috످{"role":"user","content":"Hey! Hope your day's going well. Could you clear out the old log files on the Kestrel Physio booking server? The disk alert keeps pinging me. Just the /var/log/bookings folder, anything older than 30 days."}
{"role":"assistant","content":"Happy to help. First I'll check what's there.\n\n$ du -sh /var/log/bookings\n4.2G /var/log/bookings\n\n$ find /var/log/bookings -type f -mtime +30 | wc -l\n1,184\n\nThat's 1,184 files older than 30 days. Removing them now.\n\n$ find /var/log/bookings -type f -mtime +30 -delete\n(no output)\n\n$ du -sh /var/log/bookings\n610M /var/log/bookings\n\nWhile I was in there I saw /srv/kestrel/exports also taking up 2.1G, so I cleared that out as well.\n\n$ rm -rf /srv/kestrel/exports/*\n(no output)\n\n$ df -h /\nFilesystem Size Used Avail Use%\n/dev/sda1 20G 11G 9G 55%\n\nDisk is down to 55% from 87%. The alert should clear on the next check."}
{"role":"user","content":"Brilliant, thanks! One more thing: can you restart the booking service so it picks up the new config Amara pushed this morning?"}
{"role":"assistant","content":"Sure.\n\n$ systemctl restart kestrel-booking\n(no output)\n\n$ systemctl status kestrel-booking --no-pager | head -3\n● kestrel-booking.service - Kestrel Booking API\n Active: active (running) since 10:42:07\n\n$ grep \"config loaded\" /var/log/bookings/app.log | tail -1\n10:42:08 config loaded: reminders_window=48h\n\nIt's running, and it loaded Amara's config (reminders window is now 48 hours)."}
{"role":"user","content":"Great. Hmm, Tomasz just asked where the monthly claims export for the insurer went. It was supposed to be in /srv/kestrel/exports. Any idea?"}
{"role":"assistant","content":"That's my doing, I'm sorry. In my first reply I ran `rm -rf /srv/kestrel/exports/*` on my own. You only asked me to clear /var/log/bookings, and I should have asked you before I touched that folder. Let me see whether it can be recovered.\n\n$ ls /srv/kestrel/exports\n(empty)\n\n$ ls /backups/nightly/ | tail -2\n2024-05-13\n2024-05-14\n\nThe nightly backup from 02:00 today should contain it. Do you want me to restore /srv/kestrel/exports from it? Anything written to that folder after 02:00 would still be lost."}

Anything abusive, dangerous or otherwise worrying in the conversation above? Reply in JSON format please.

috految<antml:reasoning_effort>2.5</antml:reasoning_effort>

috److{"concerning":true,"summary":"Nothing abusive was said, but the assistant took a dangerous action by deleting data without permission.","concerns":["The user asked to clear only old logs in /var/log/bookings. In its first reply, the assistant also wiped /srv/kestrel/exports without checking its contents.","The insurer's monthly claims export was meant to be in that folder and is now missing.","Recovery is unconfirmed. The assistant listed backup dates but never checked that they contain the export."],"assistant_response":"The assistant mentioned the deletion right away but only admitted it was a mistake when the user asked about the missing export. It then apologized, offered a restore and warned that newer files would still be lost.","next_step":"Check the backup and restore the folder with the user's approval."}

috످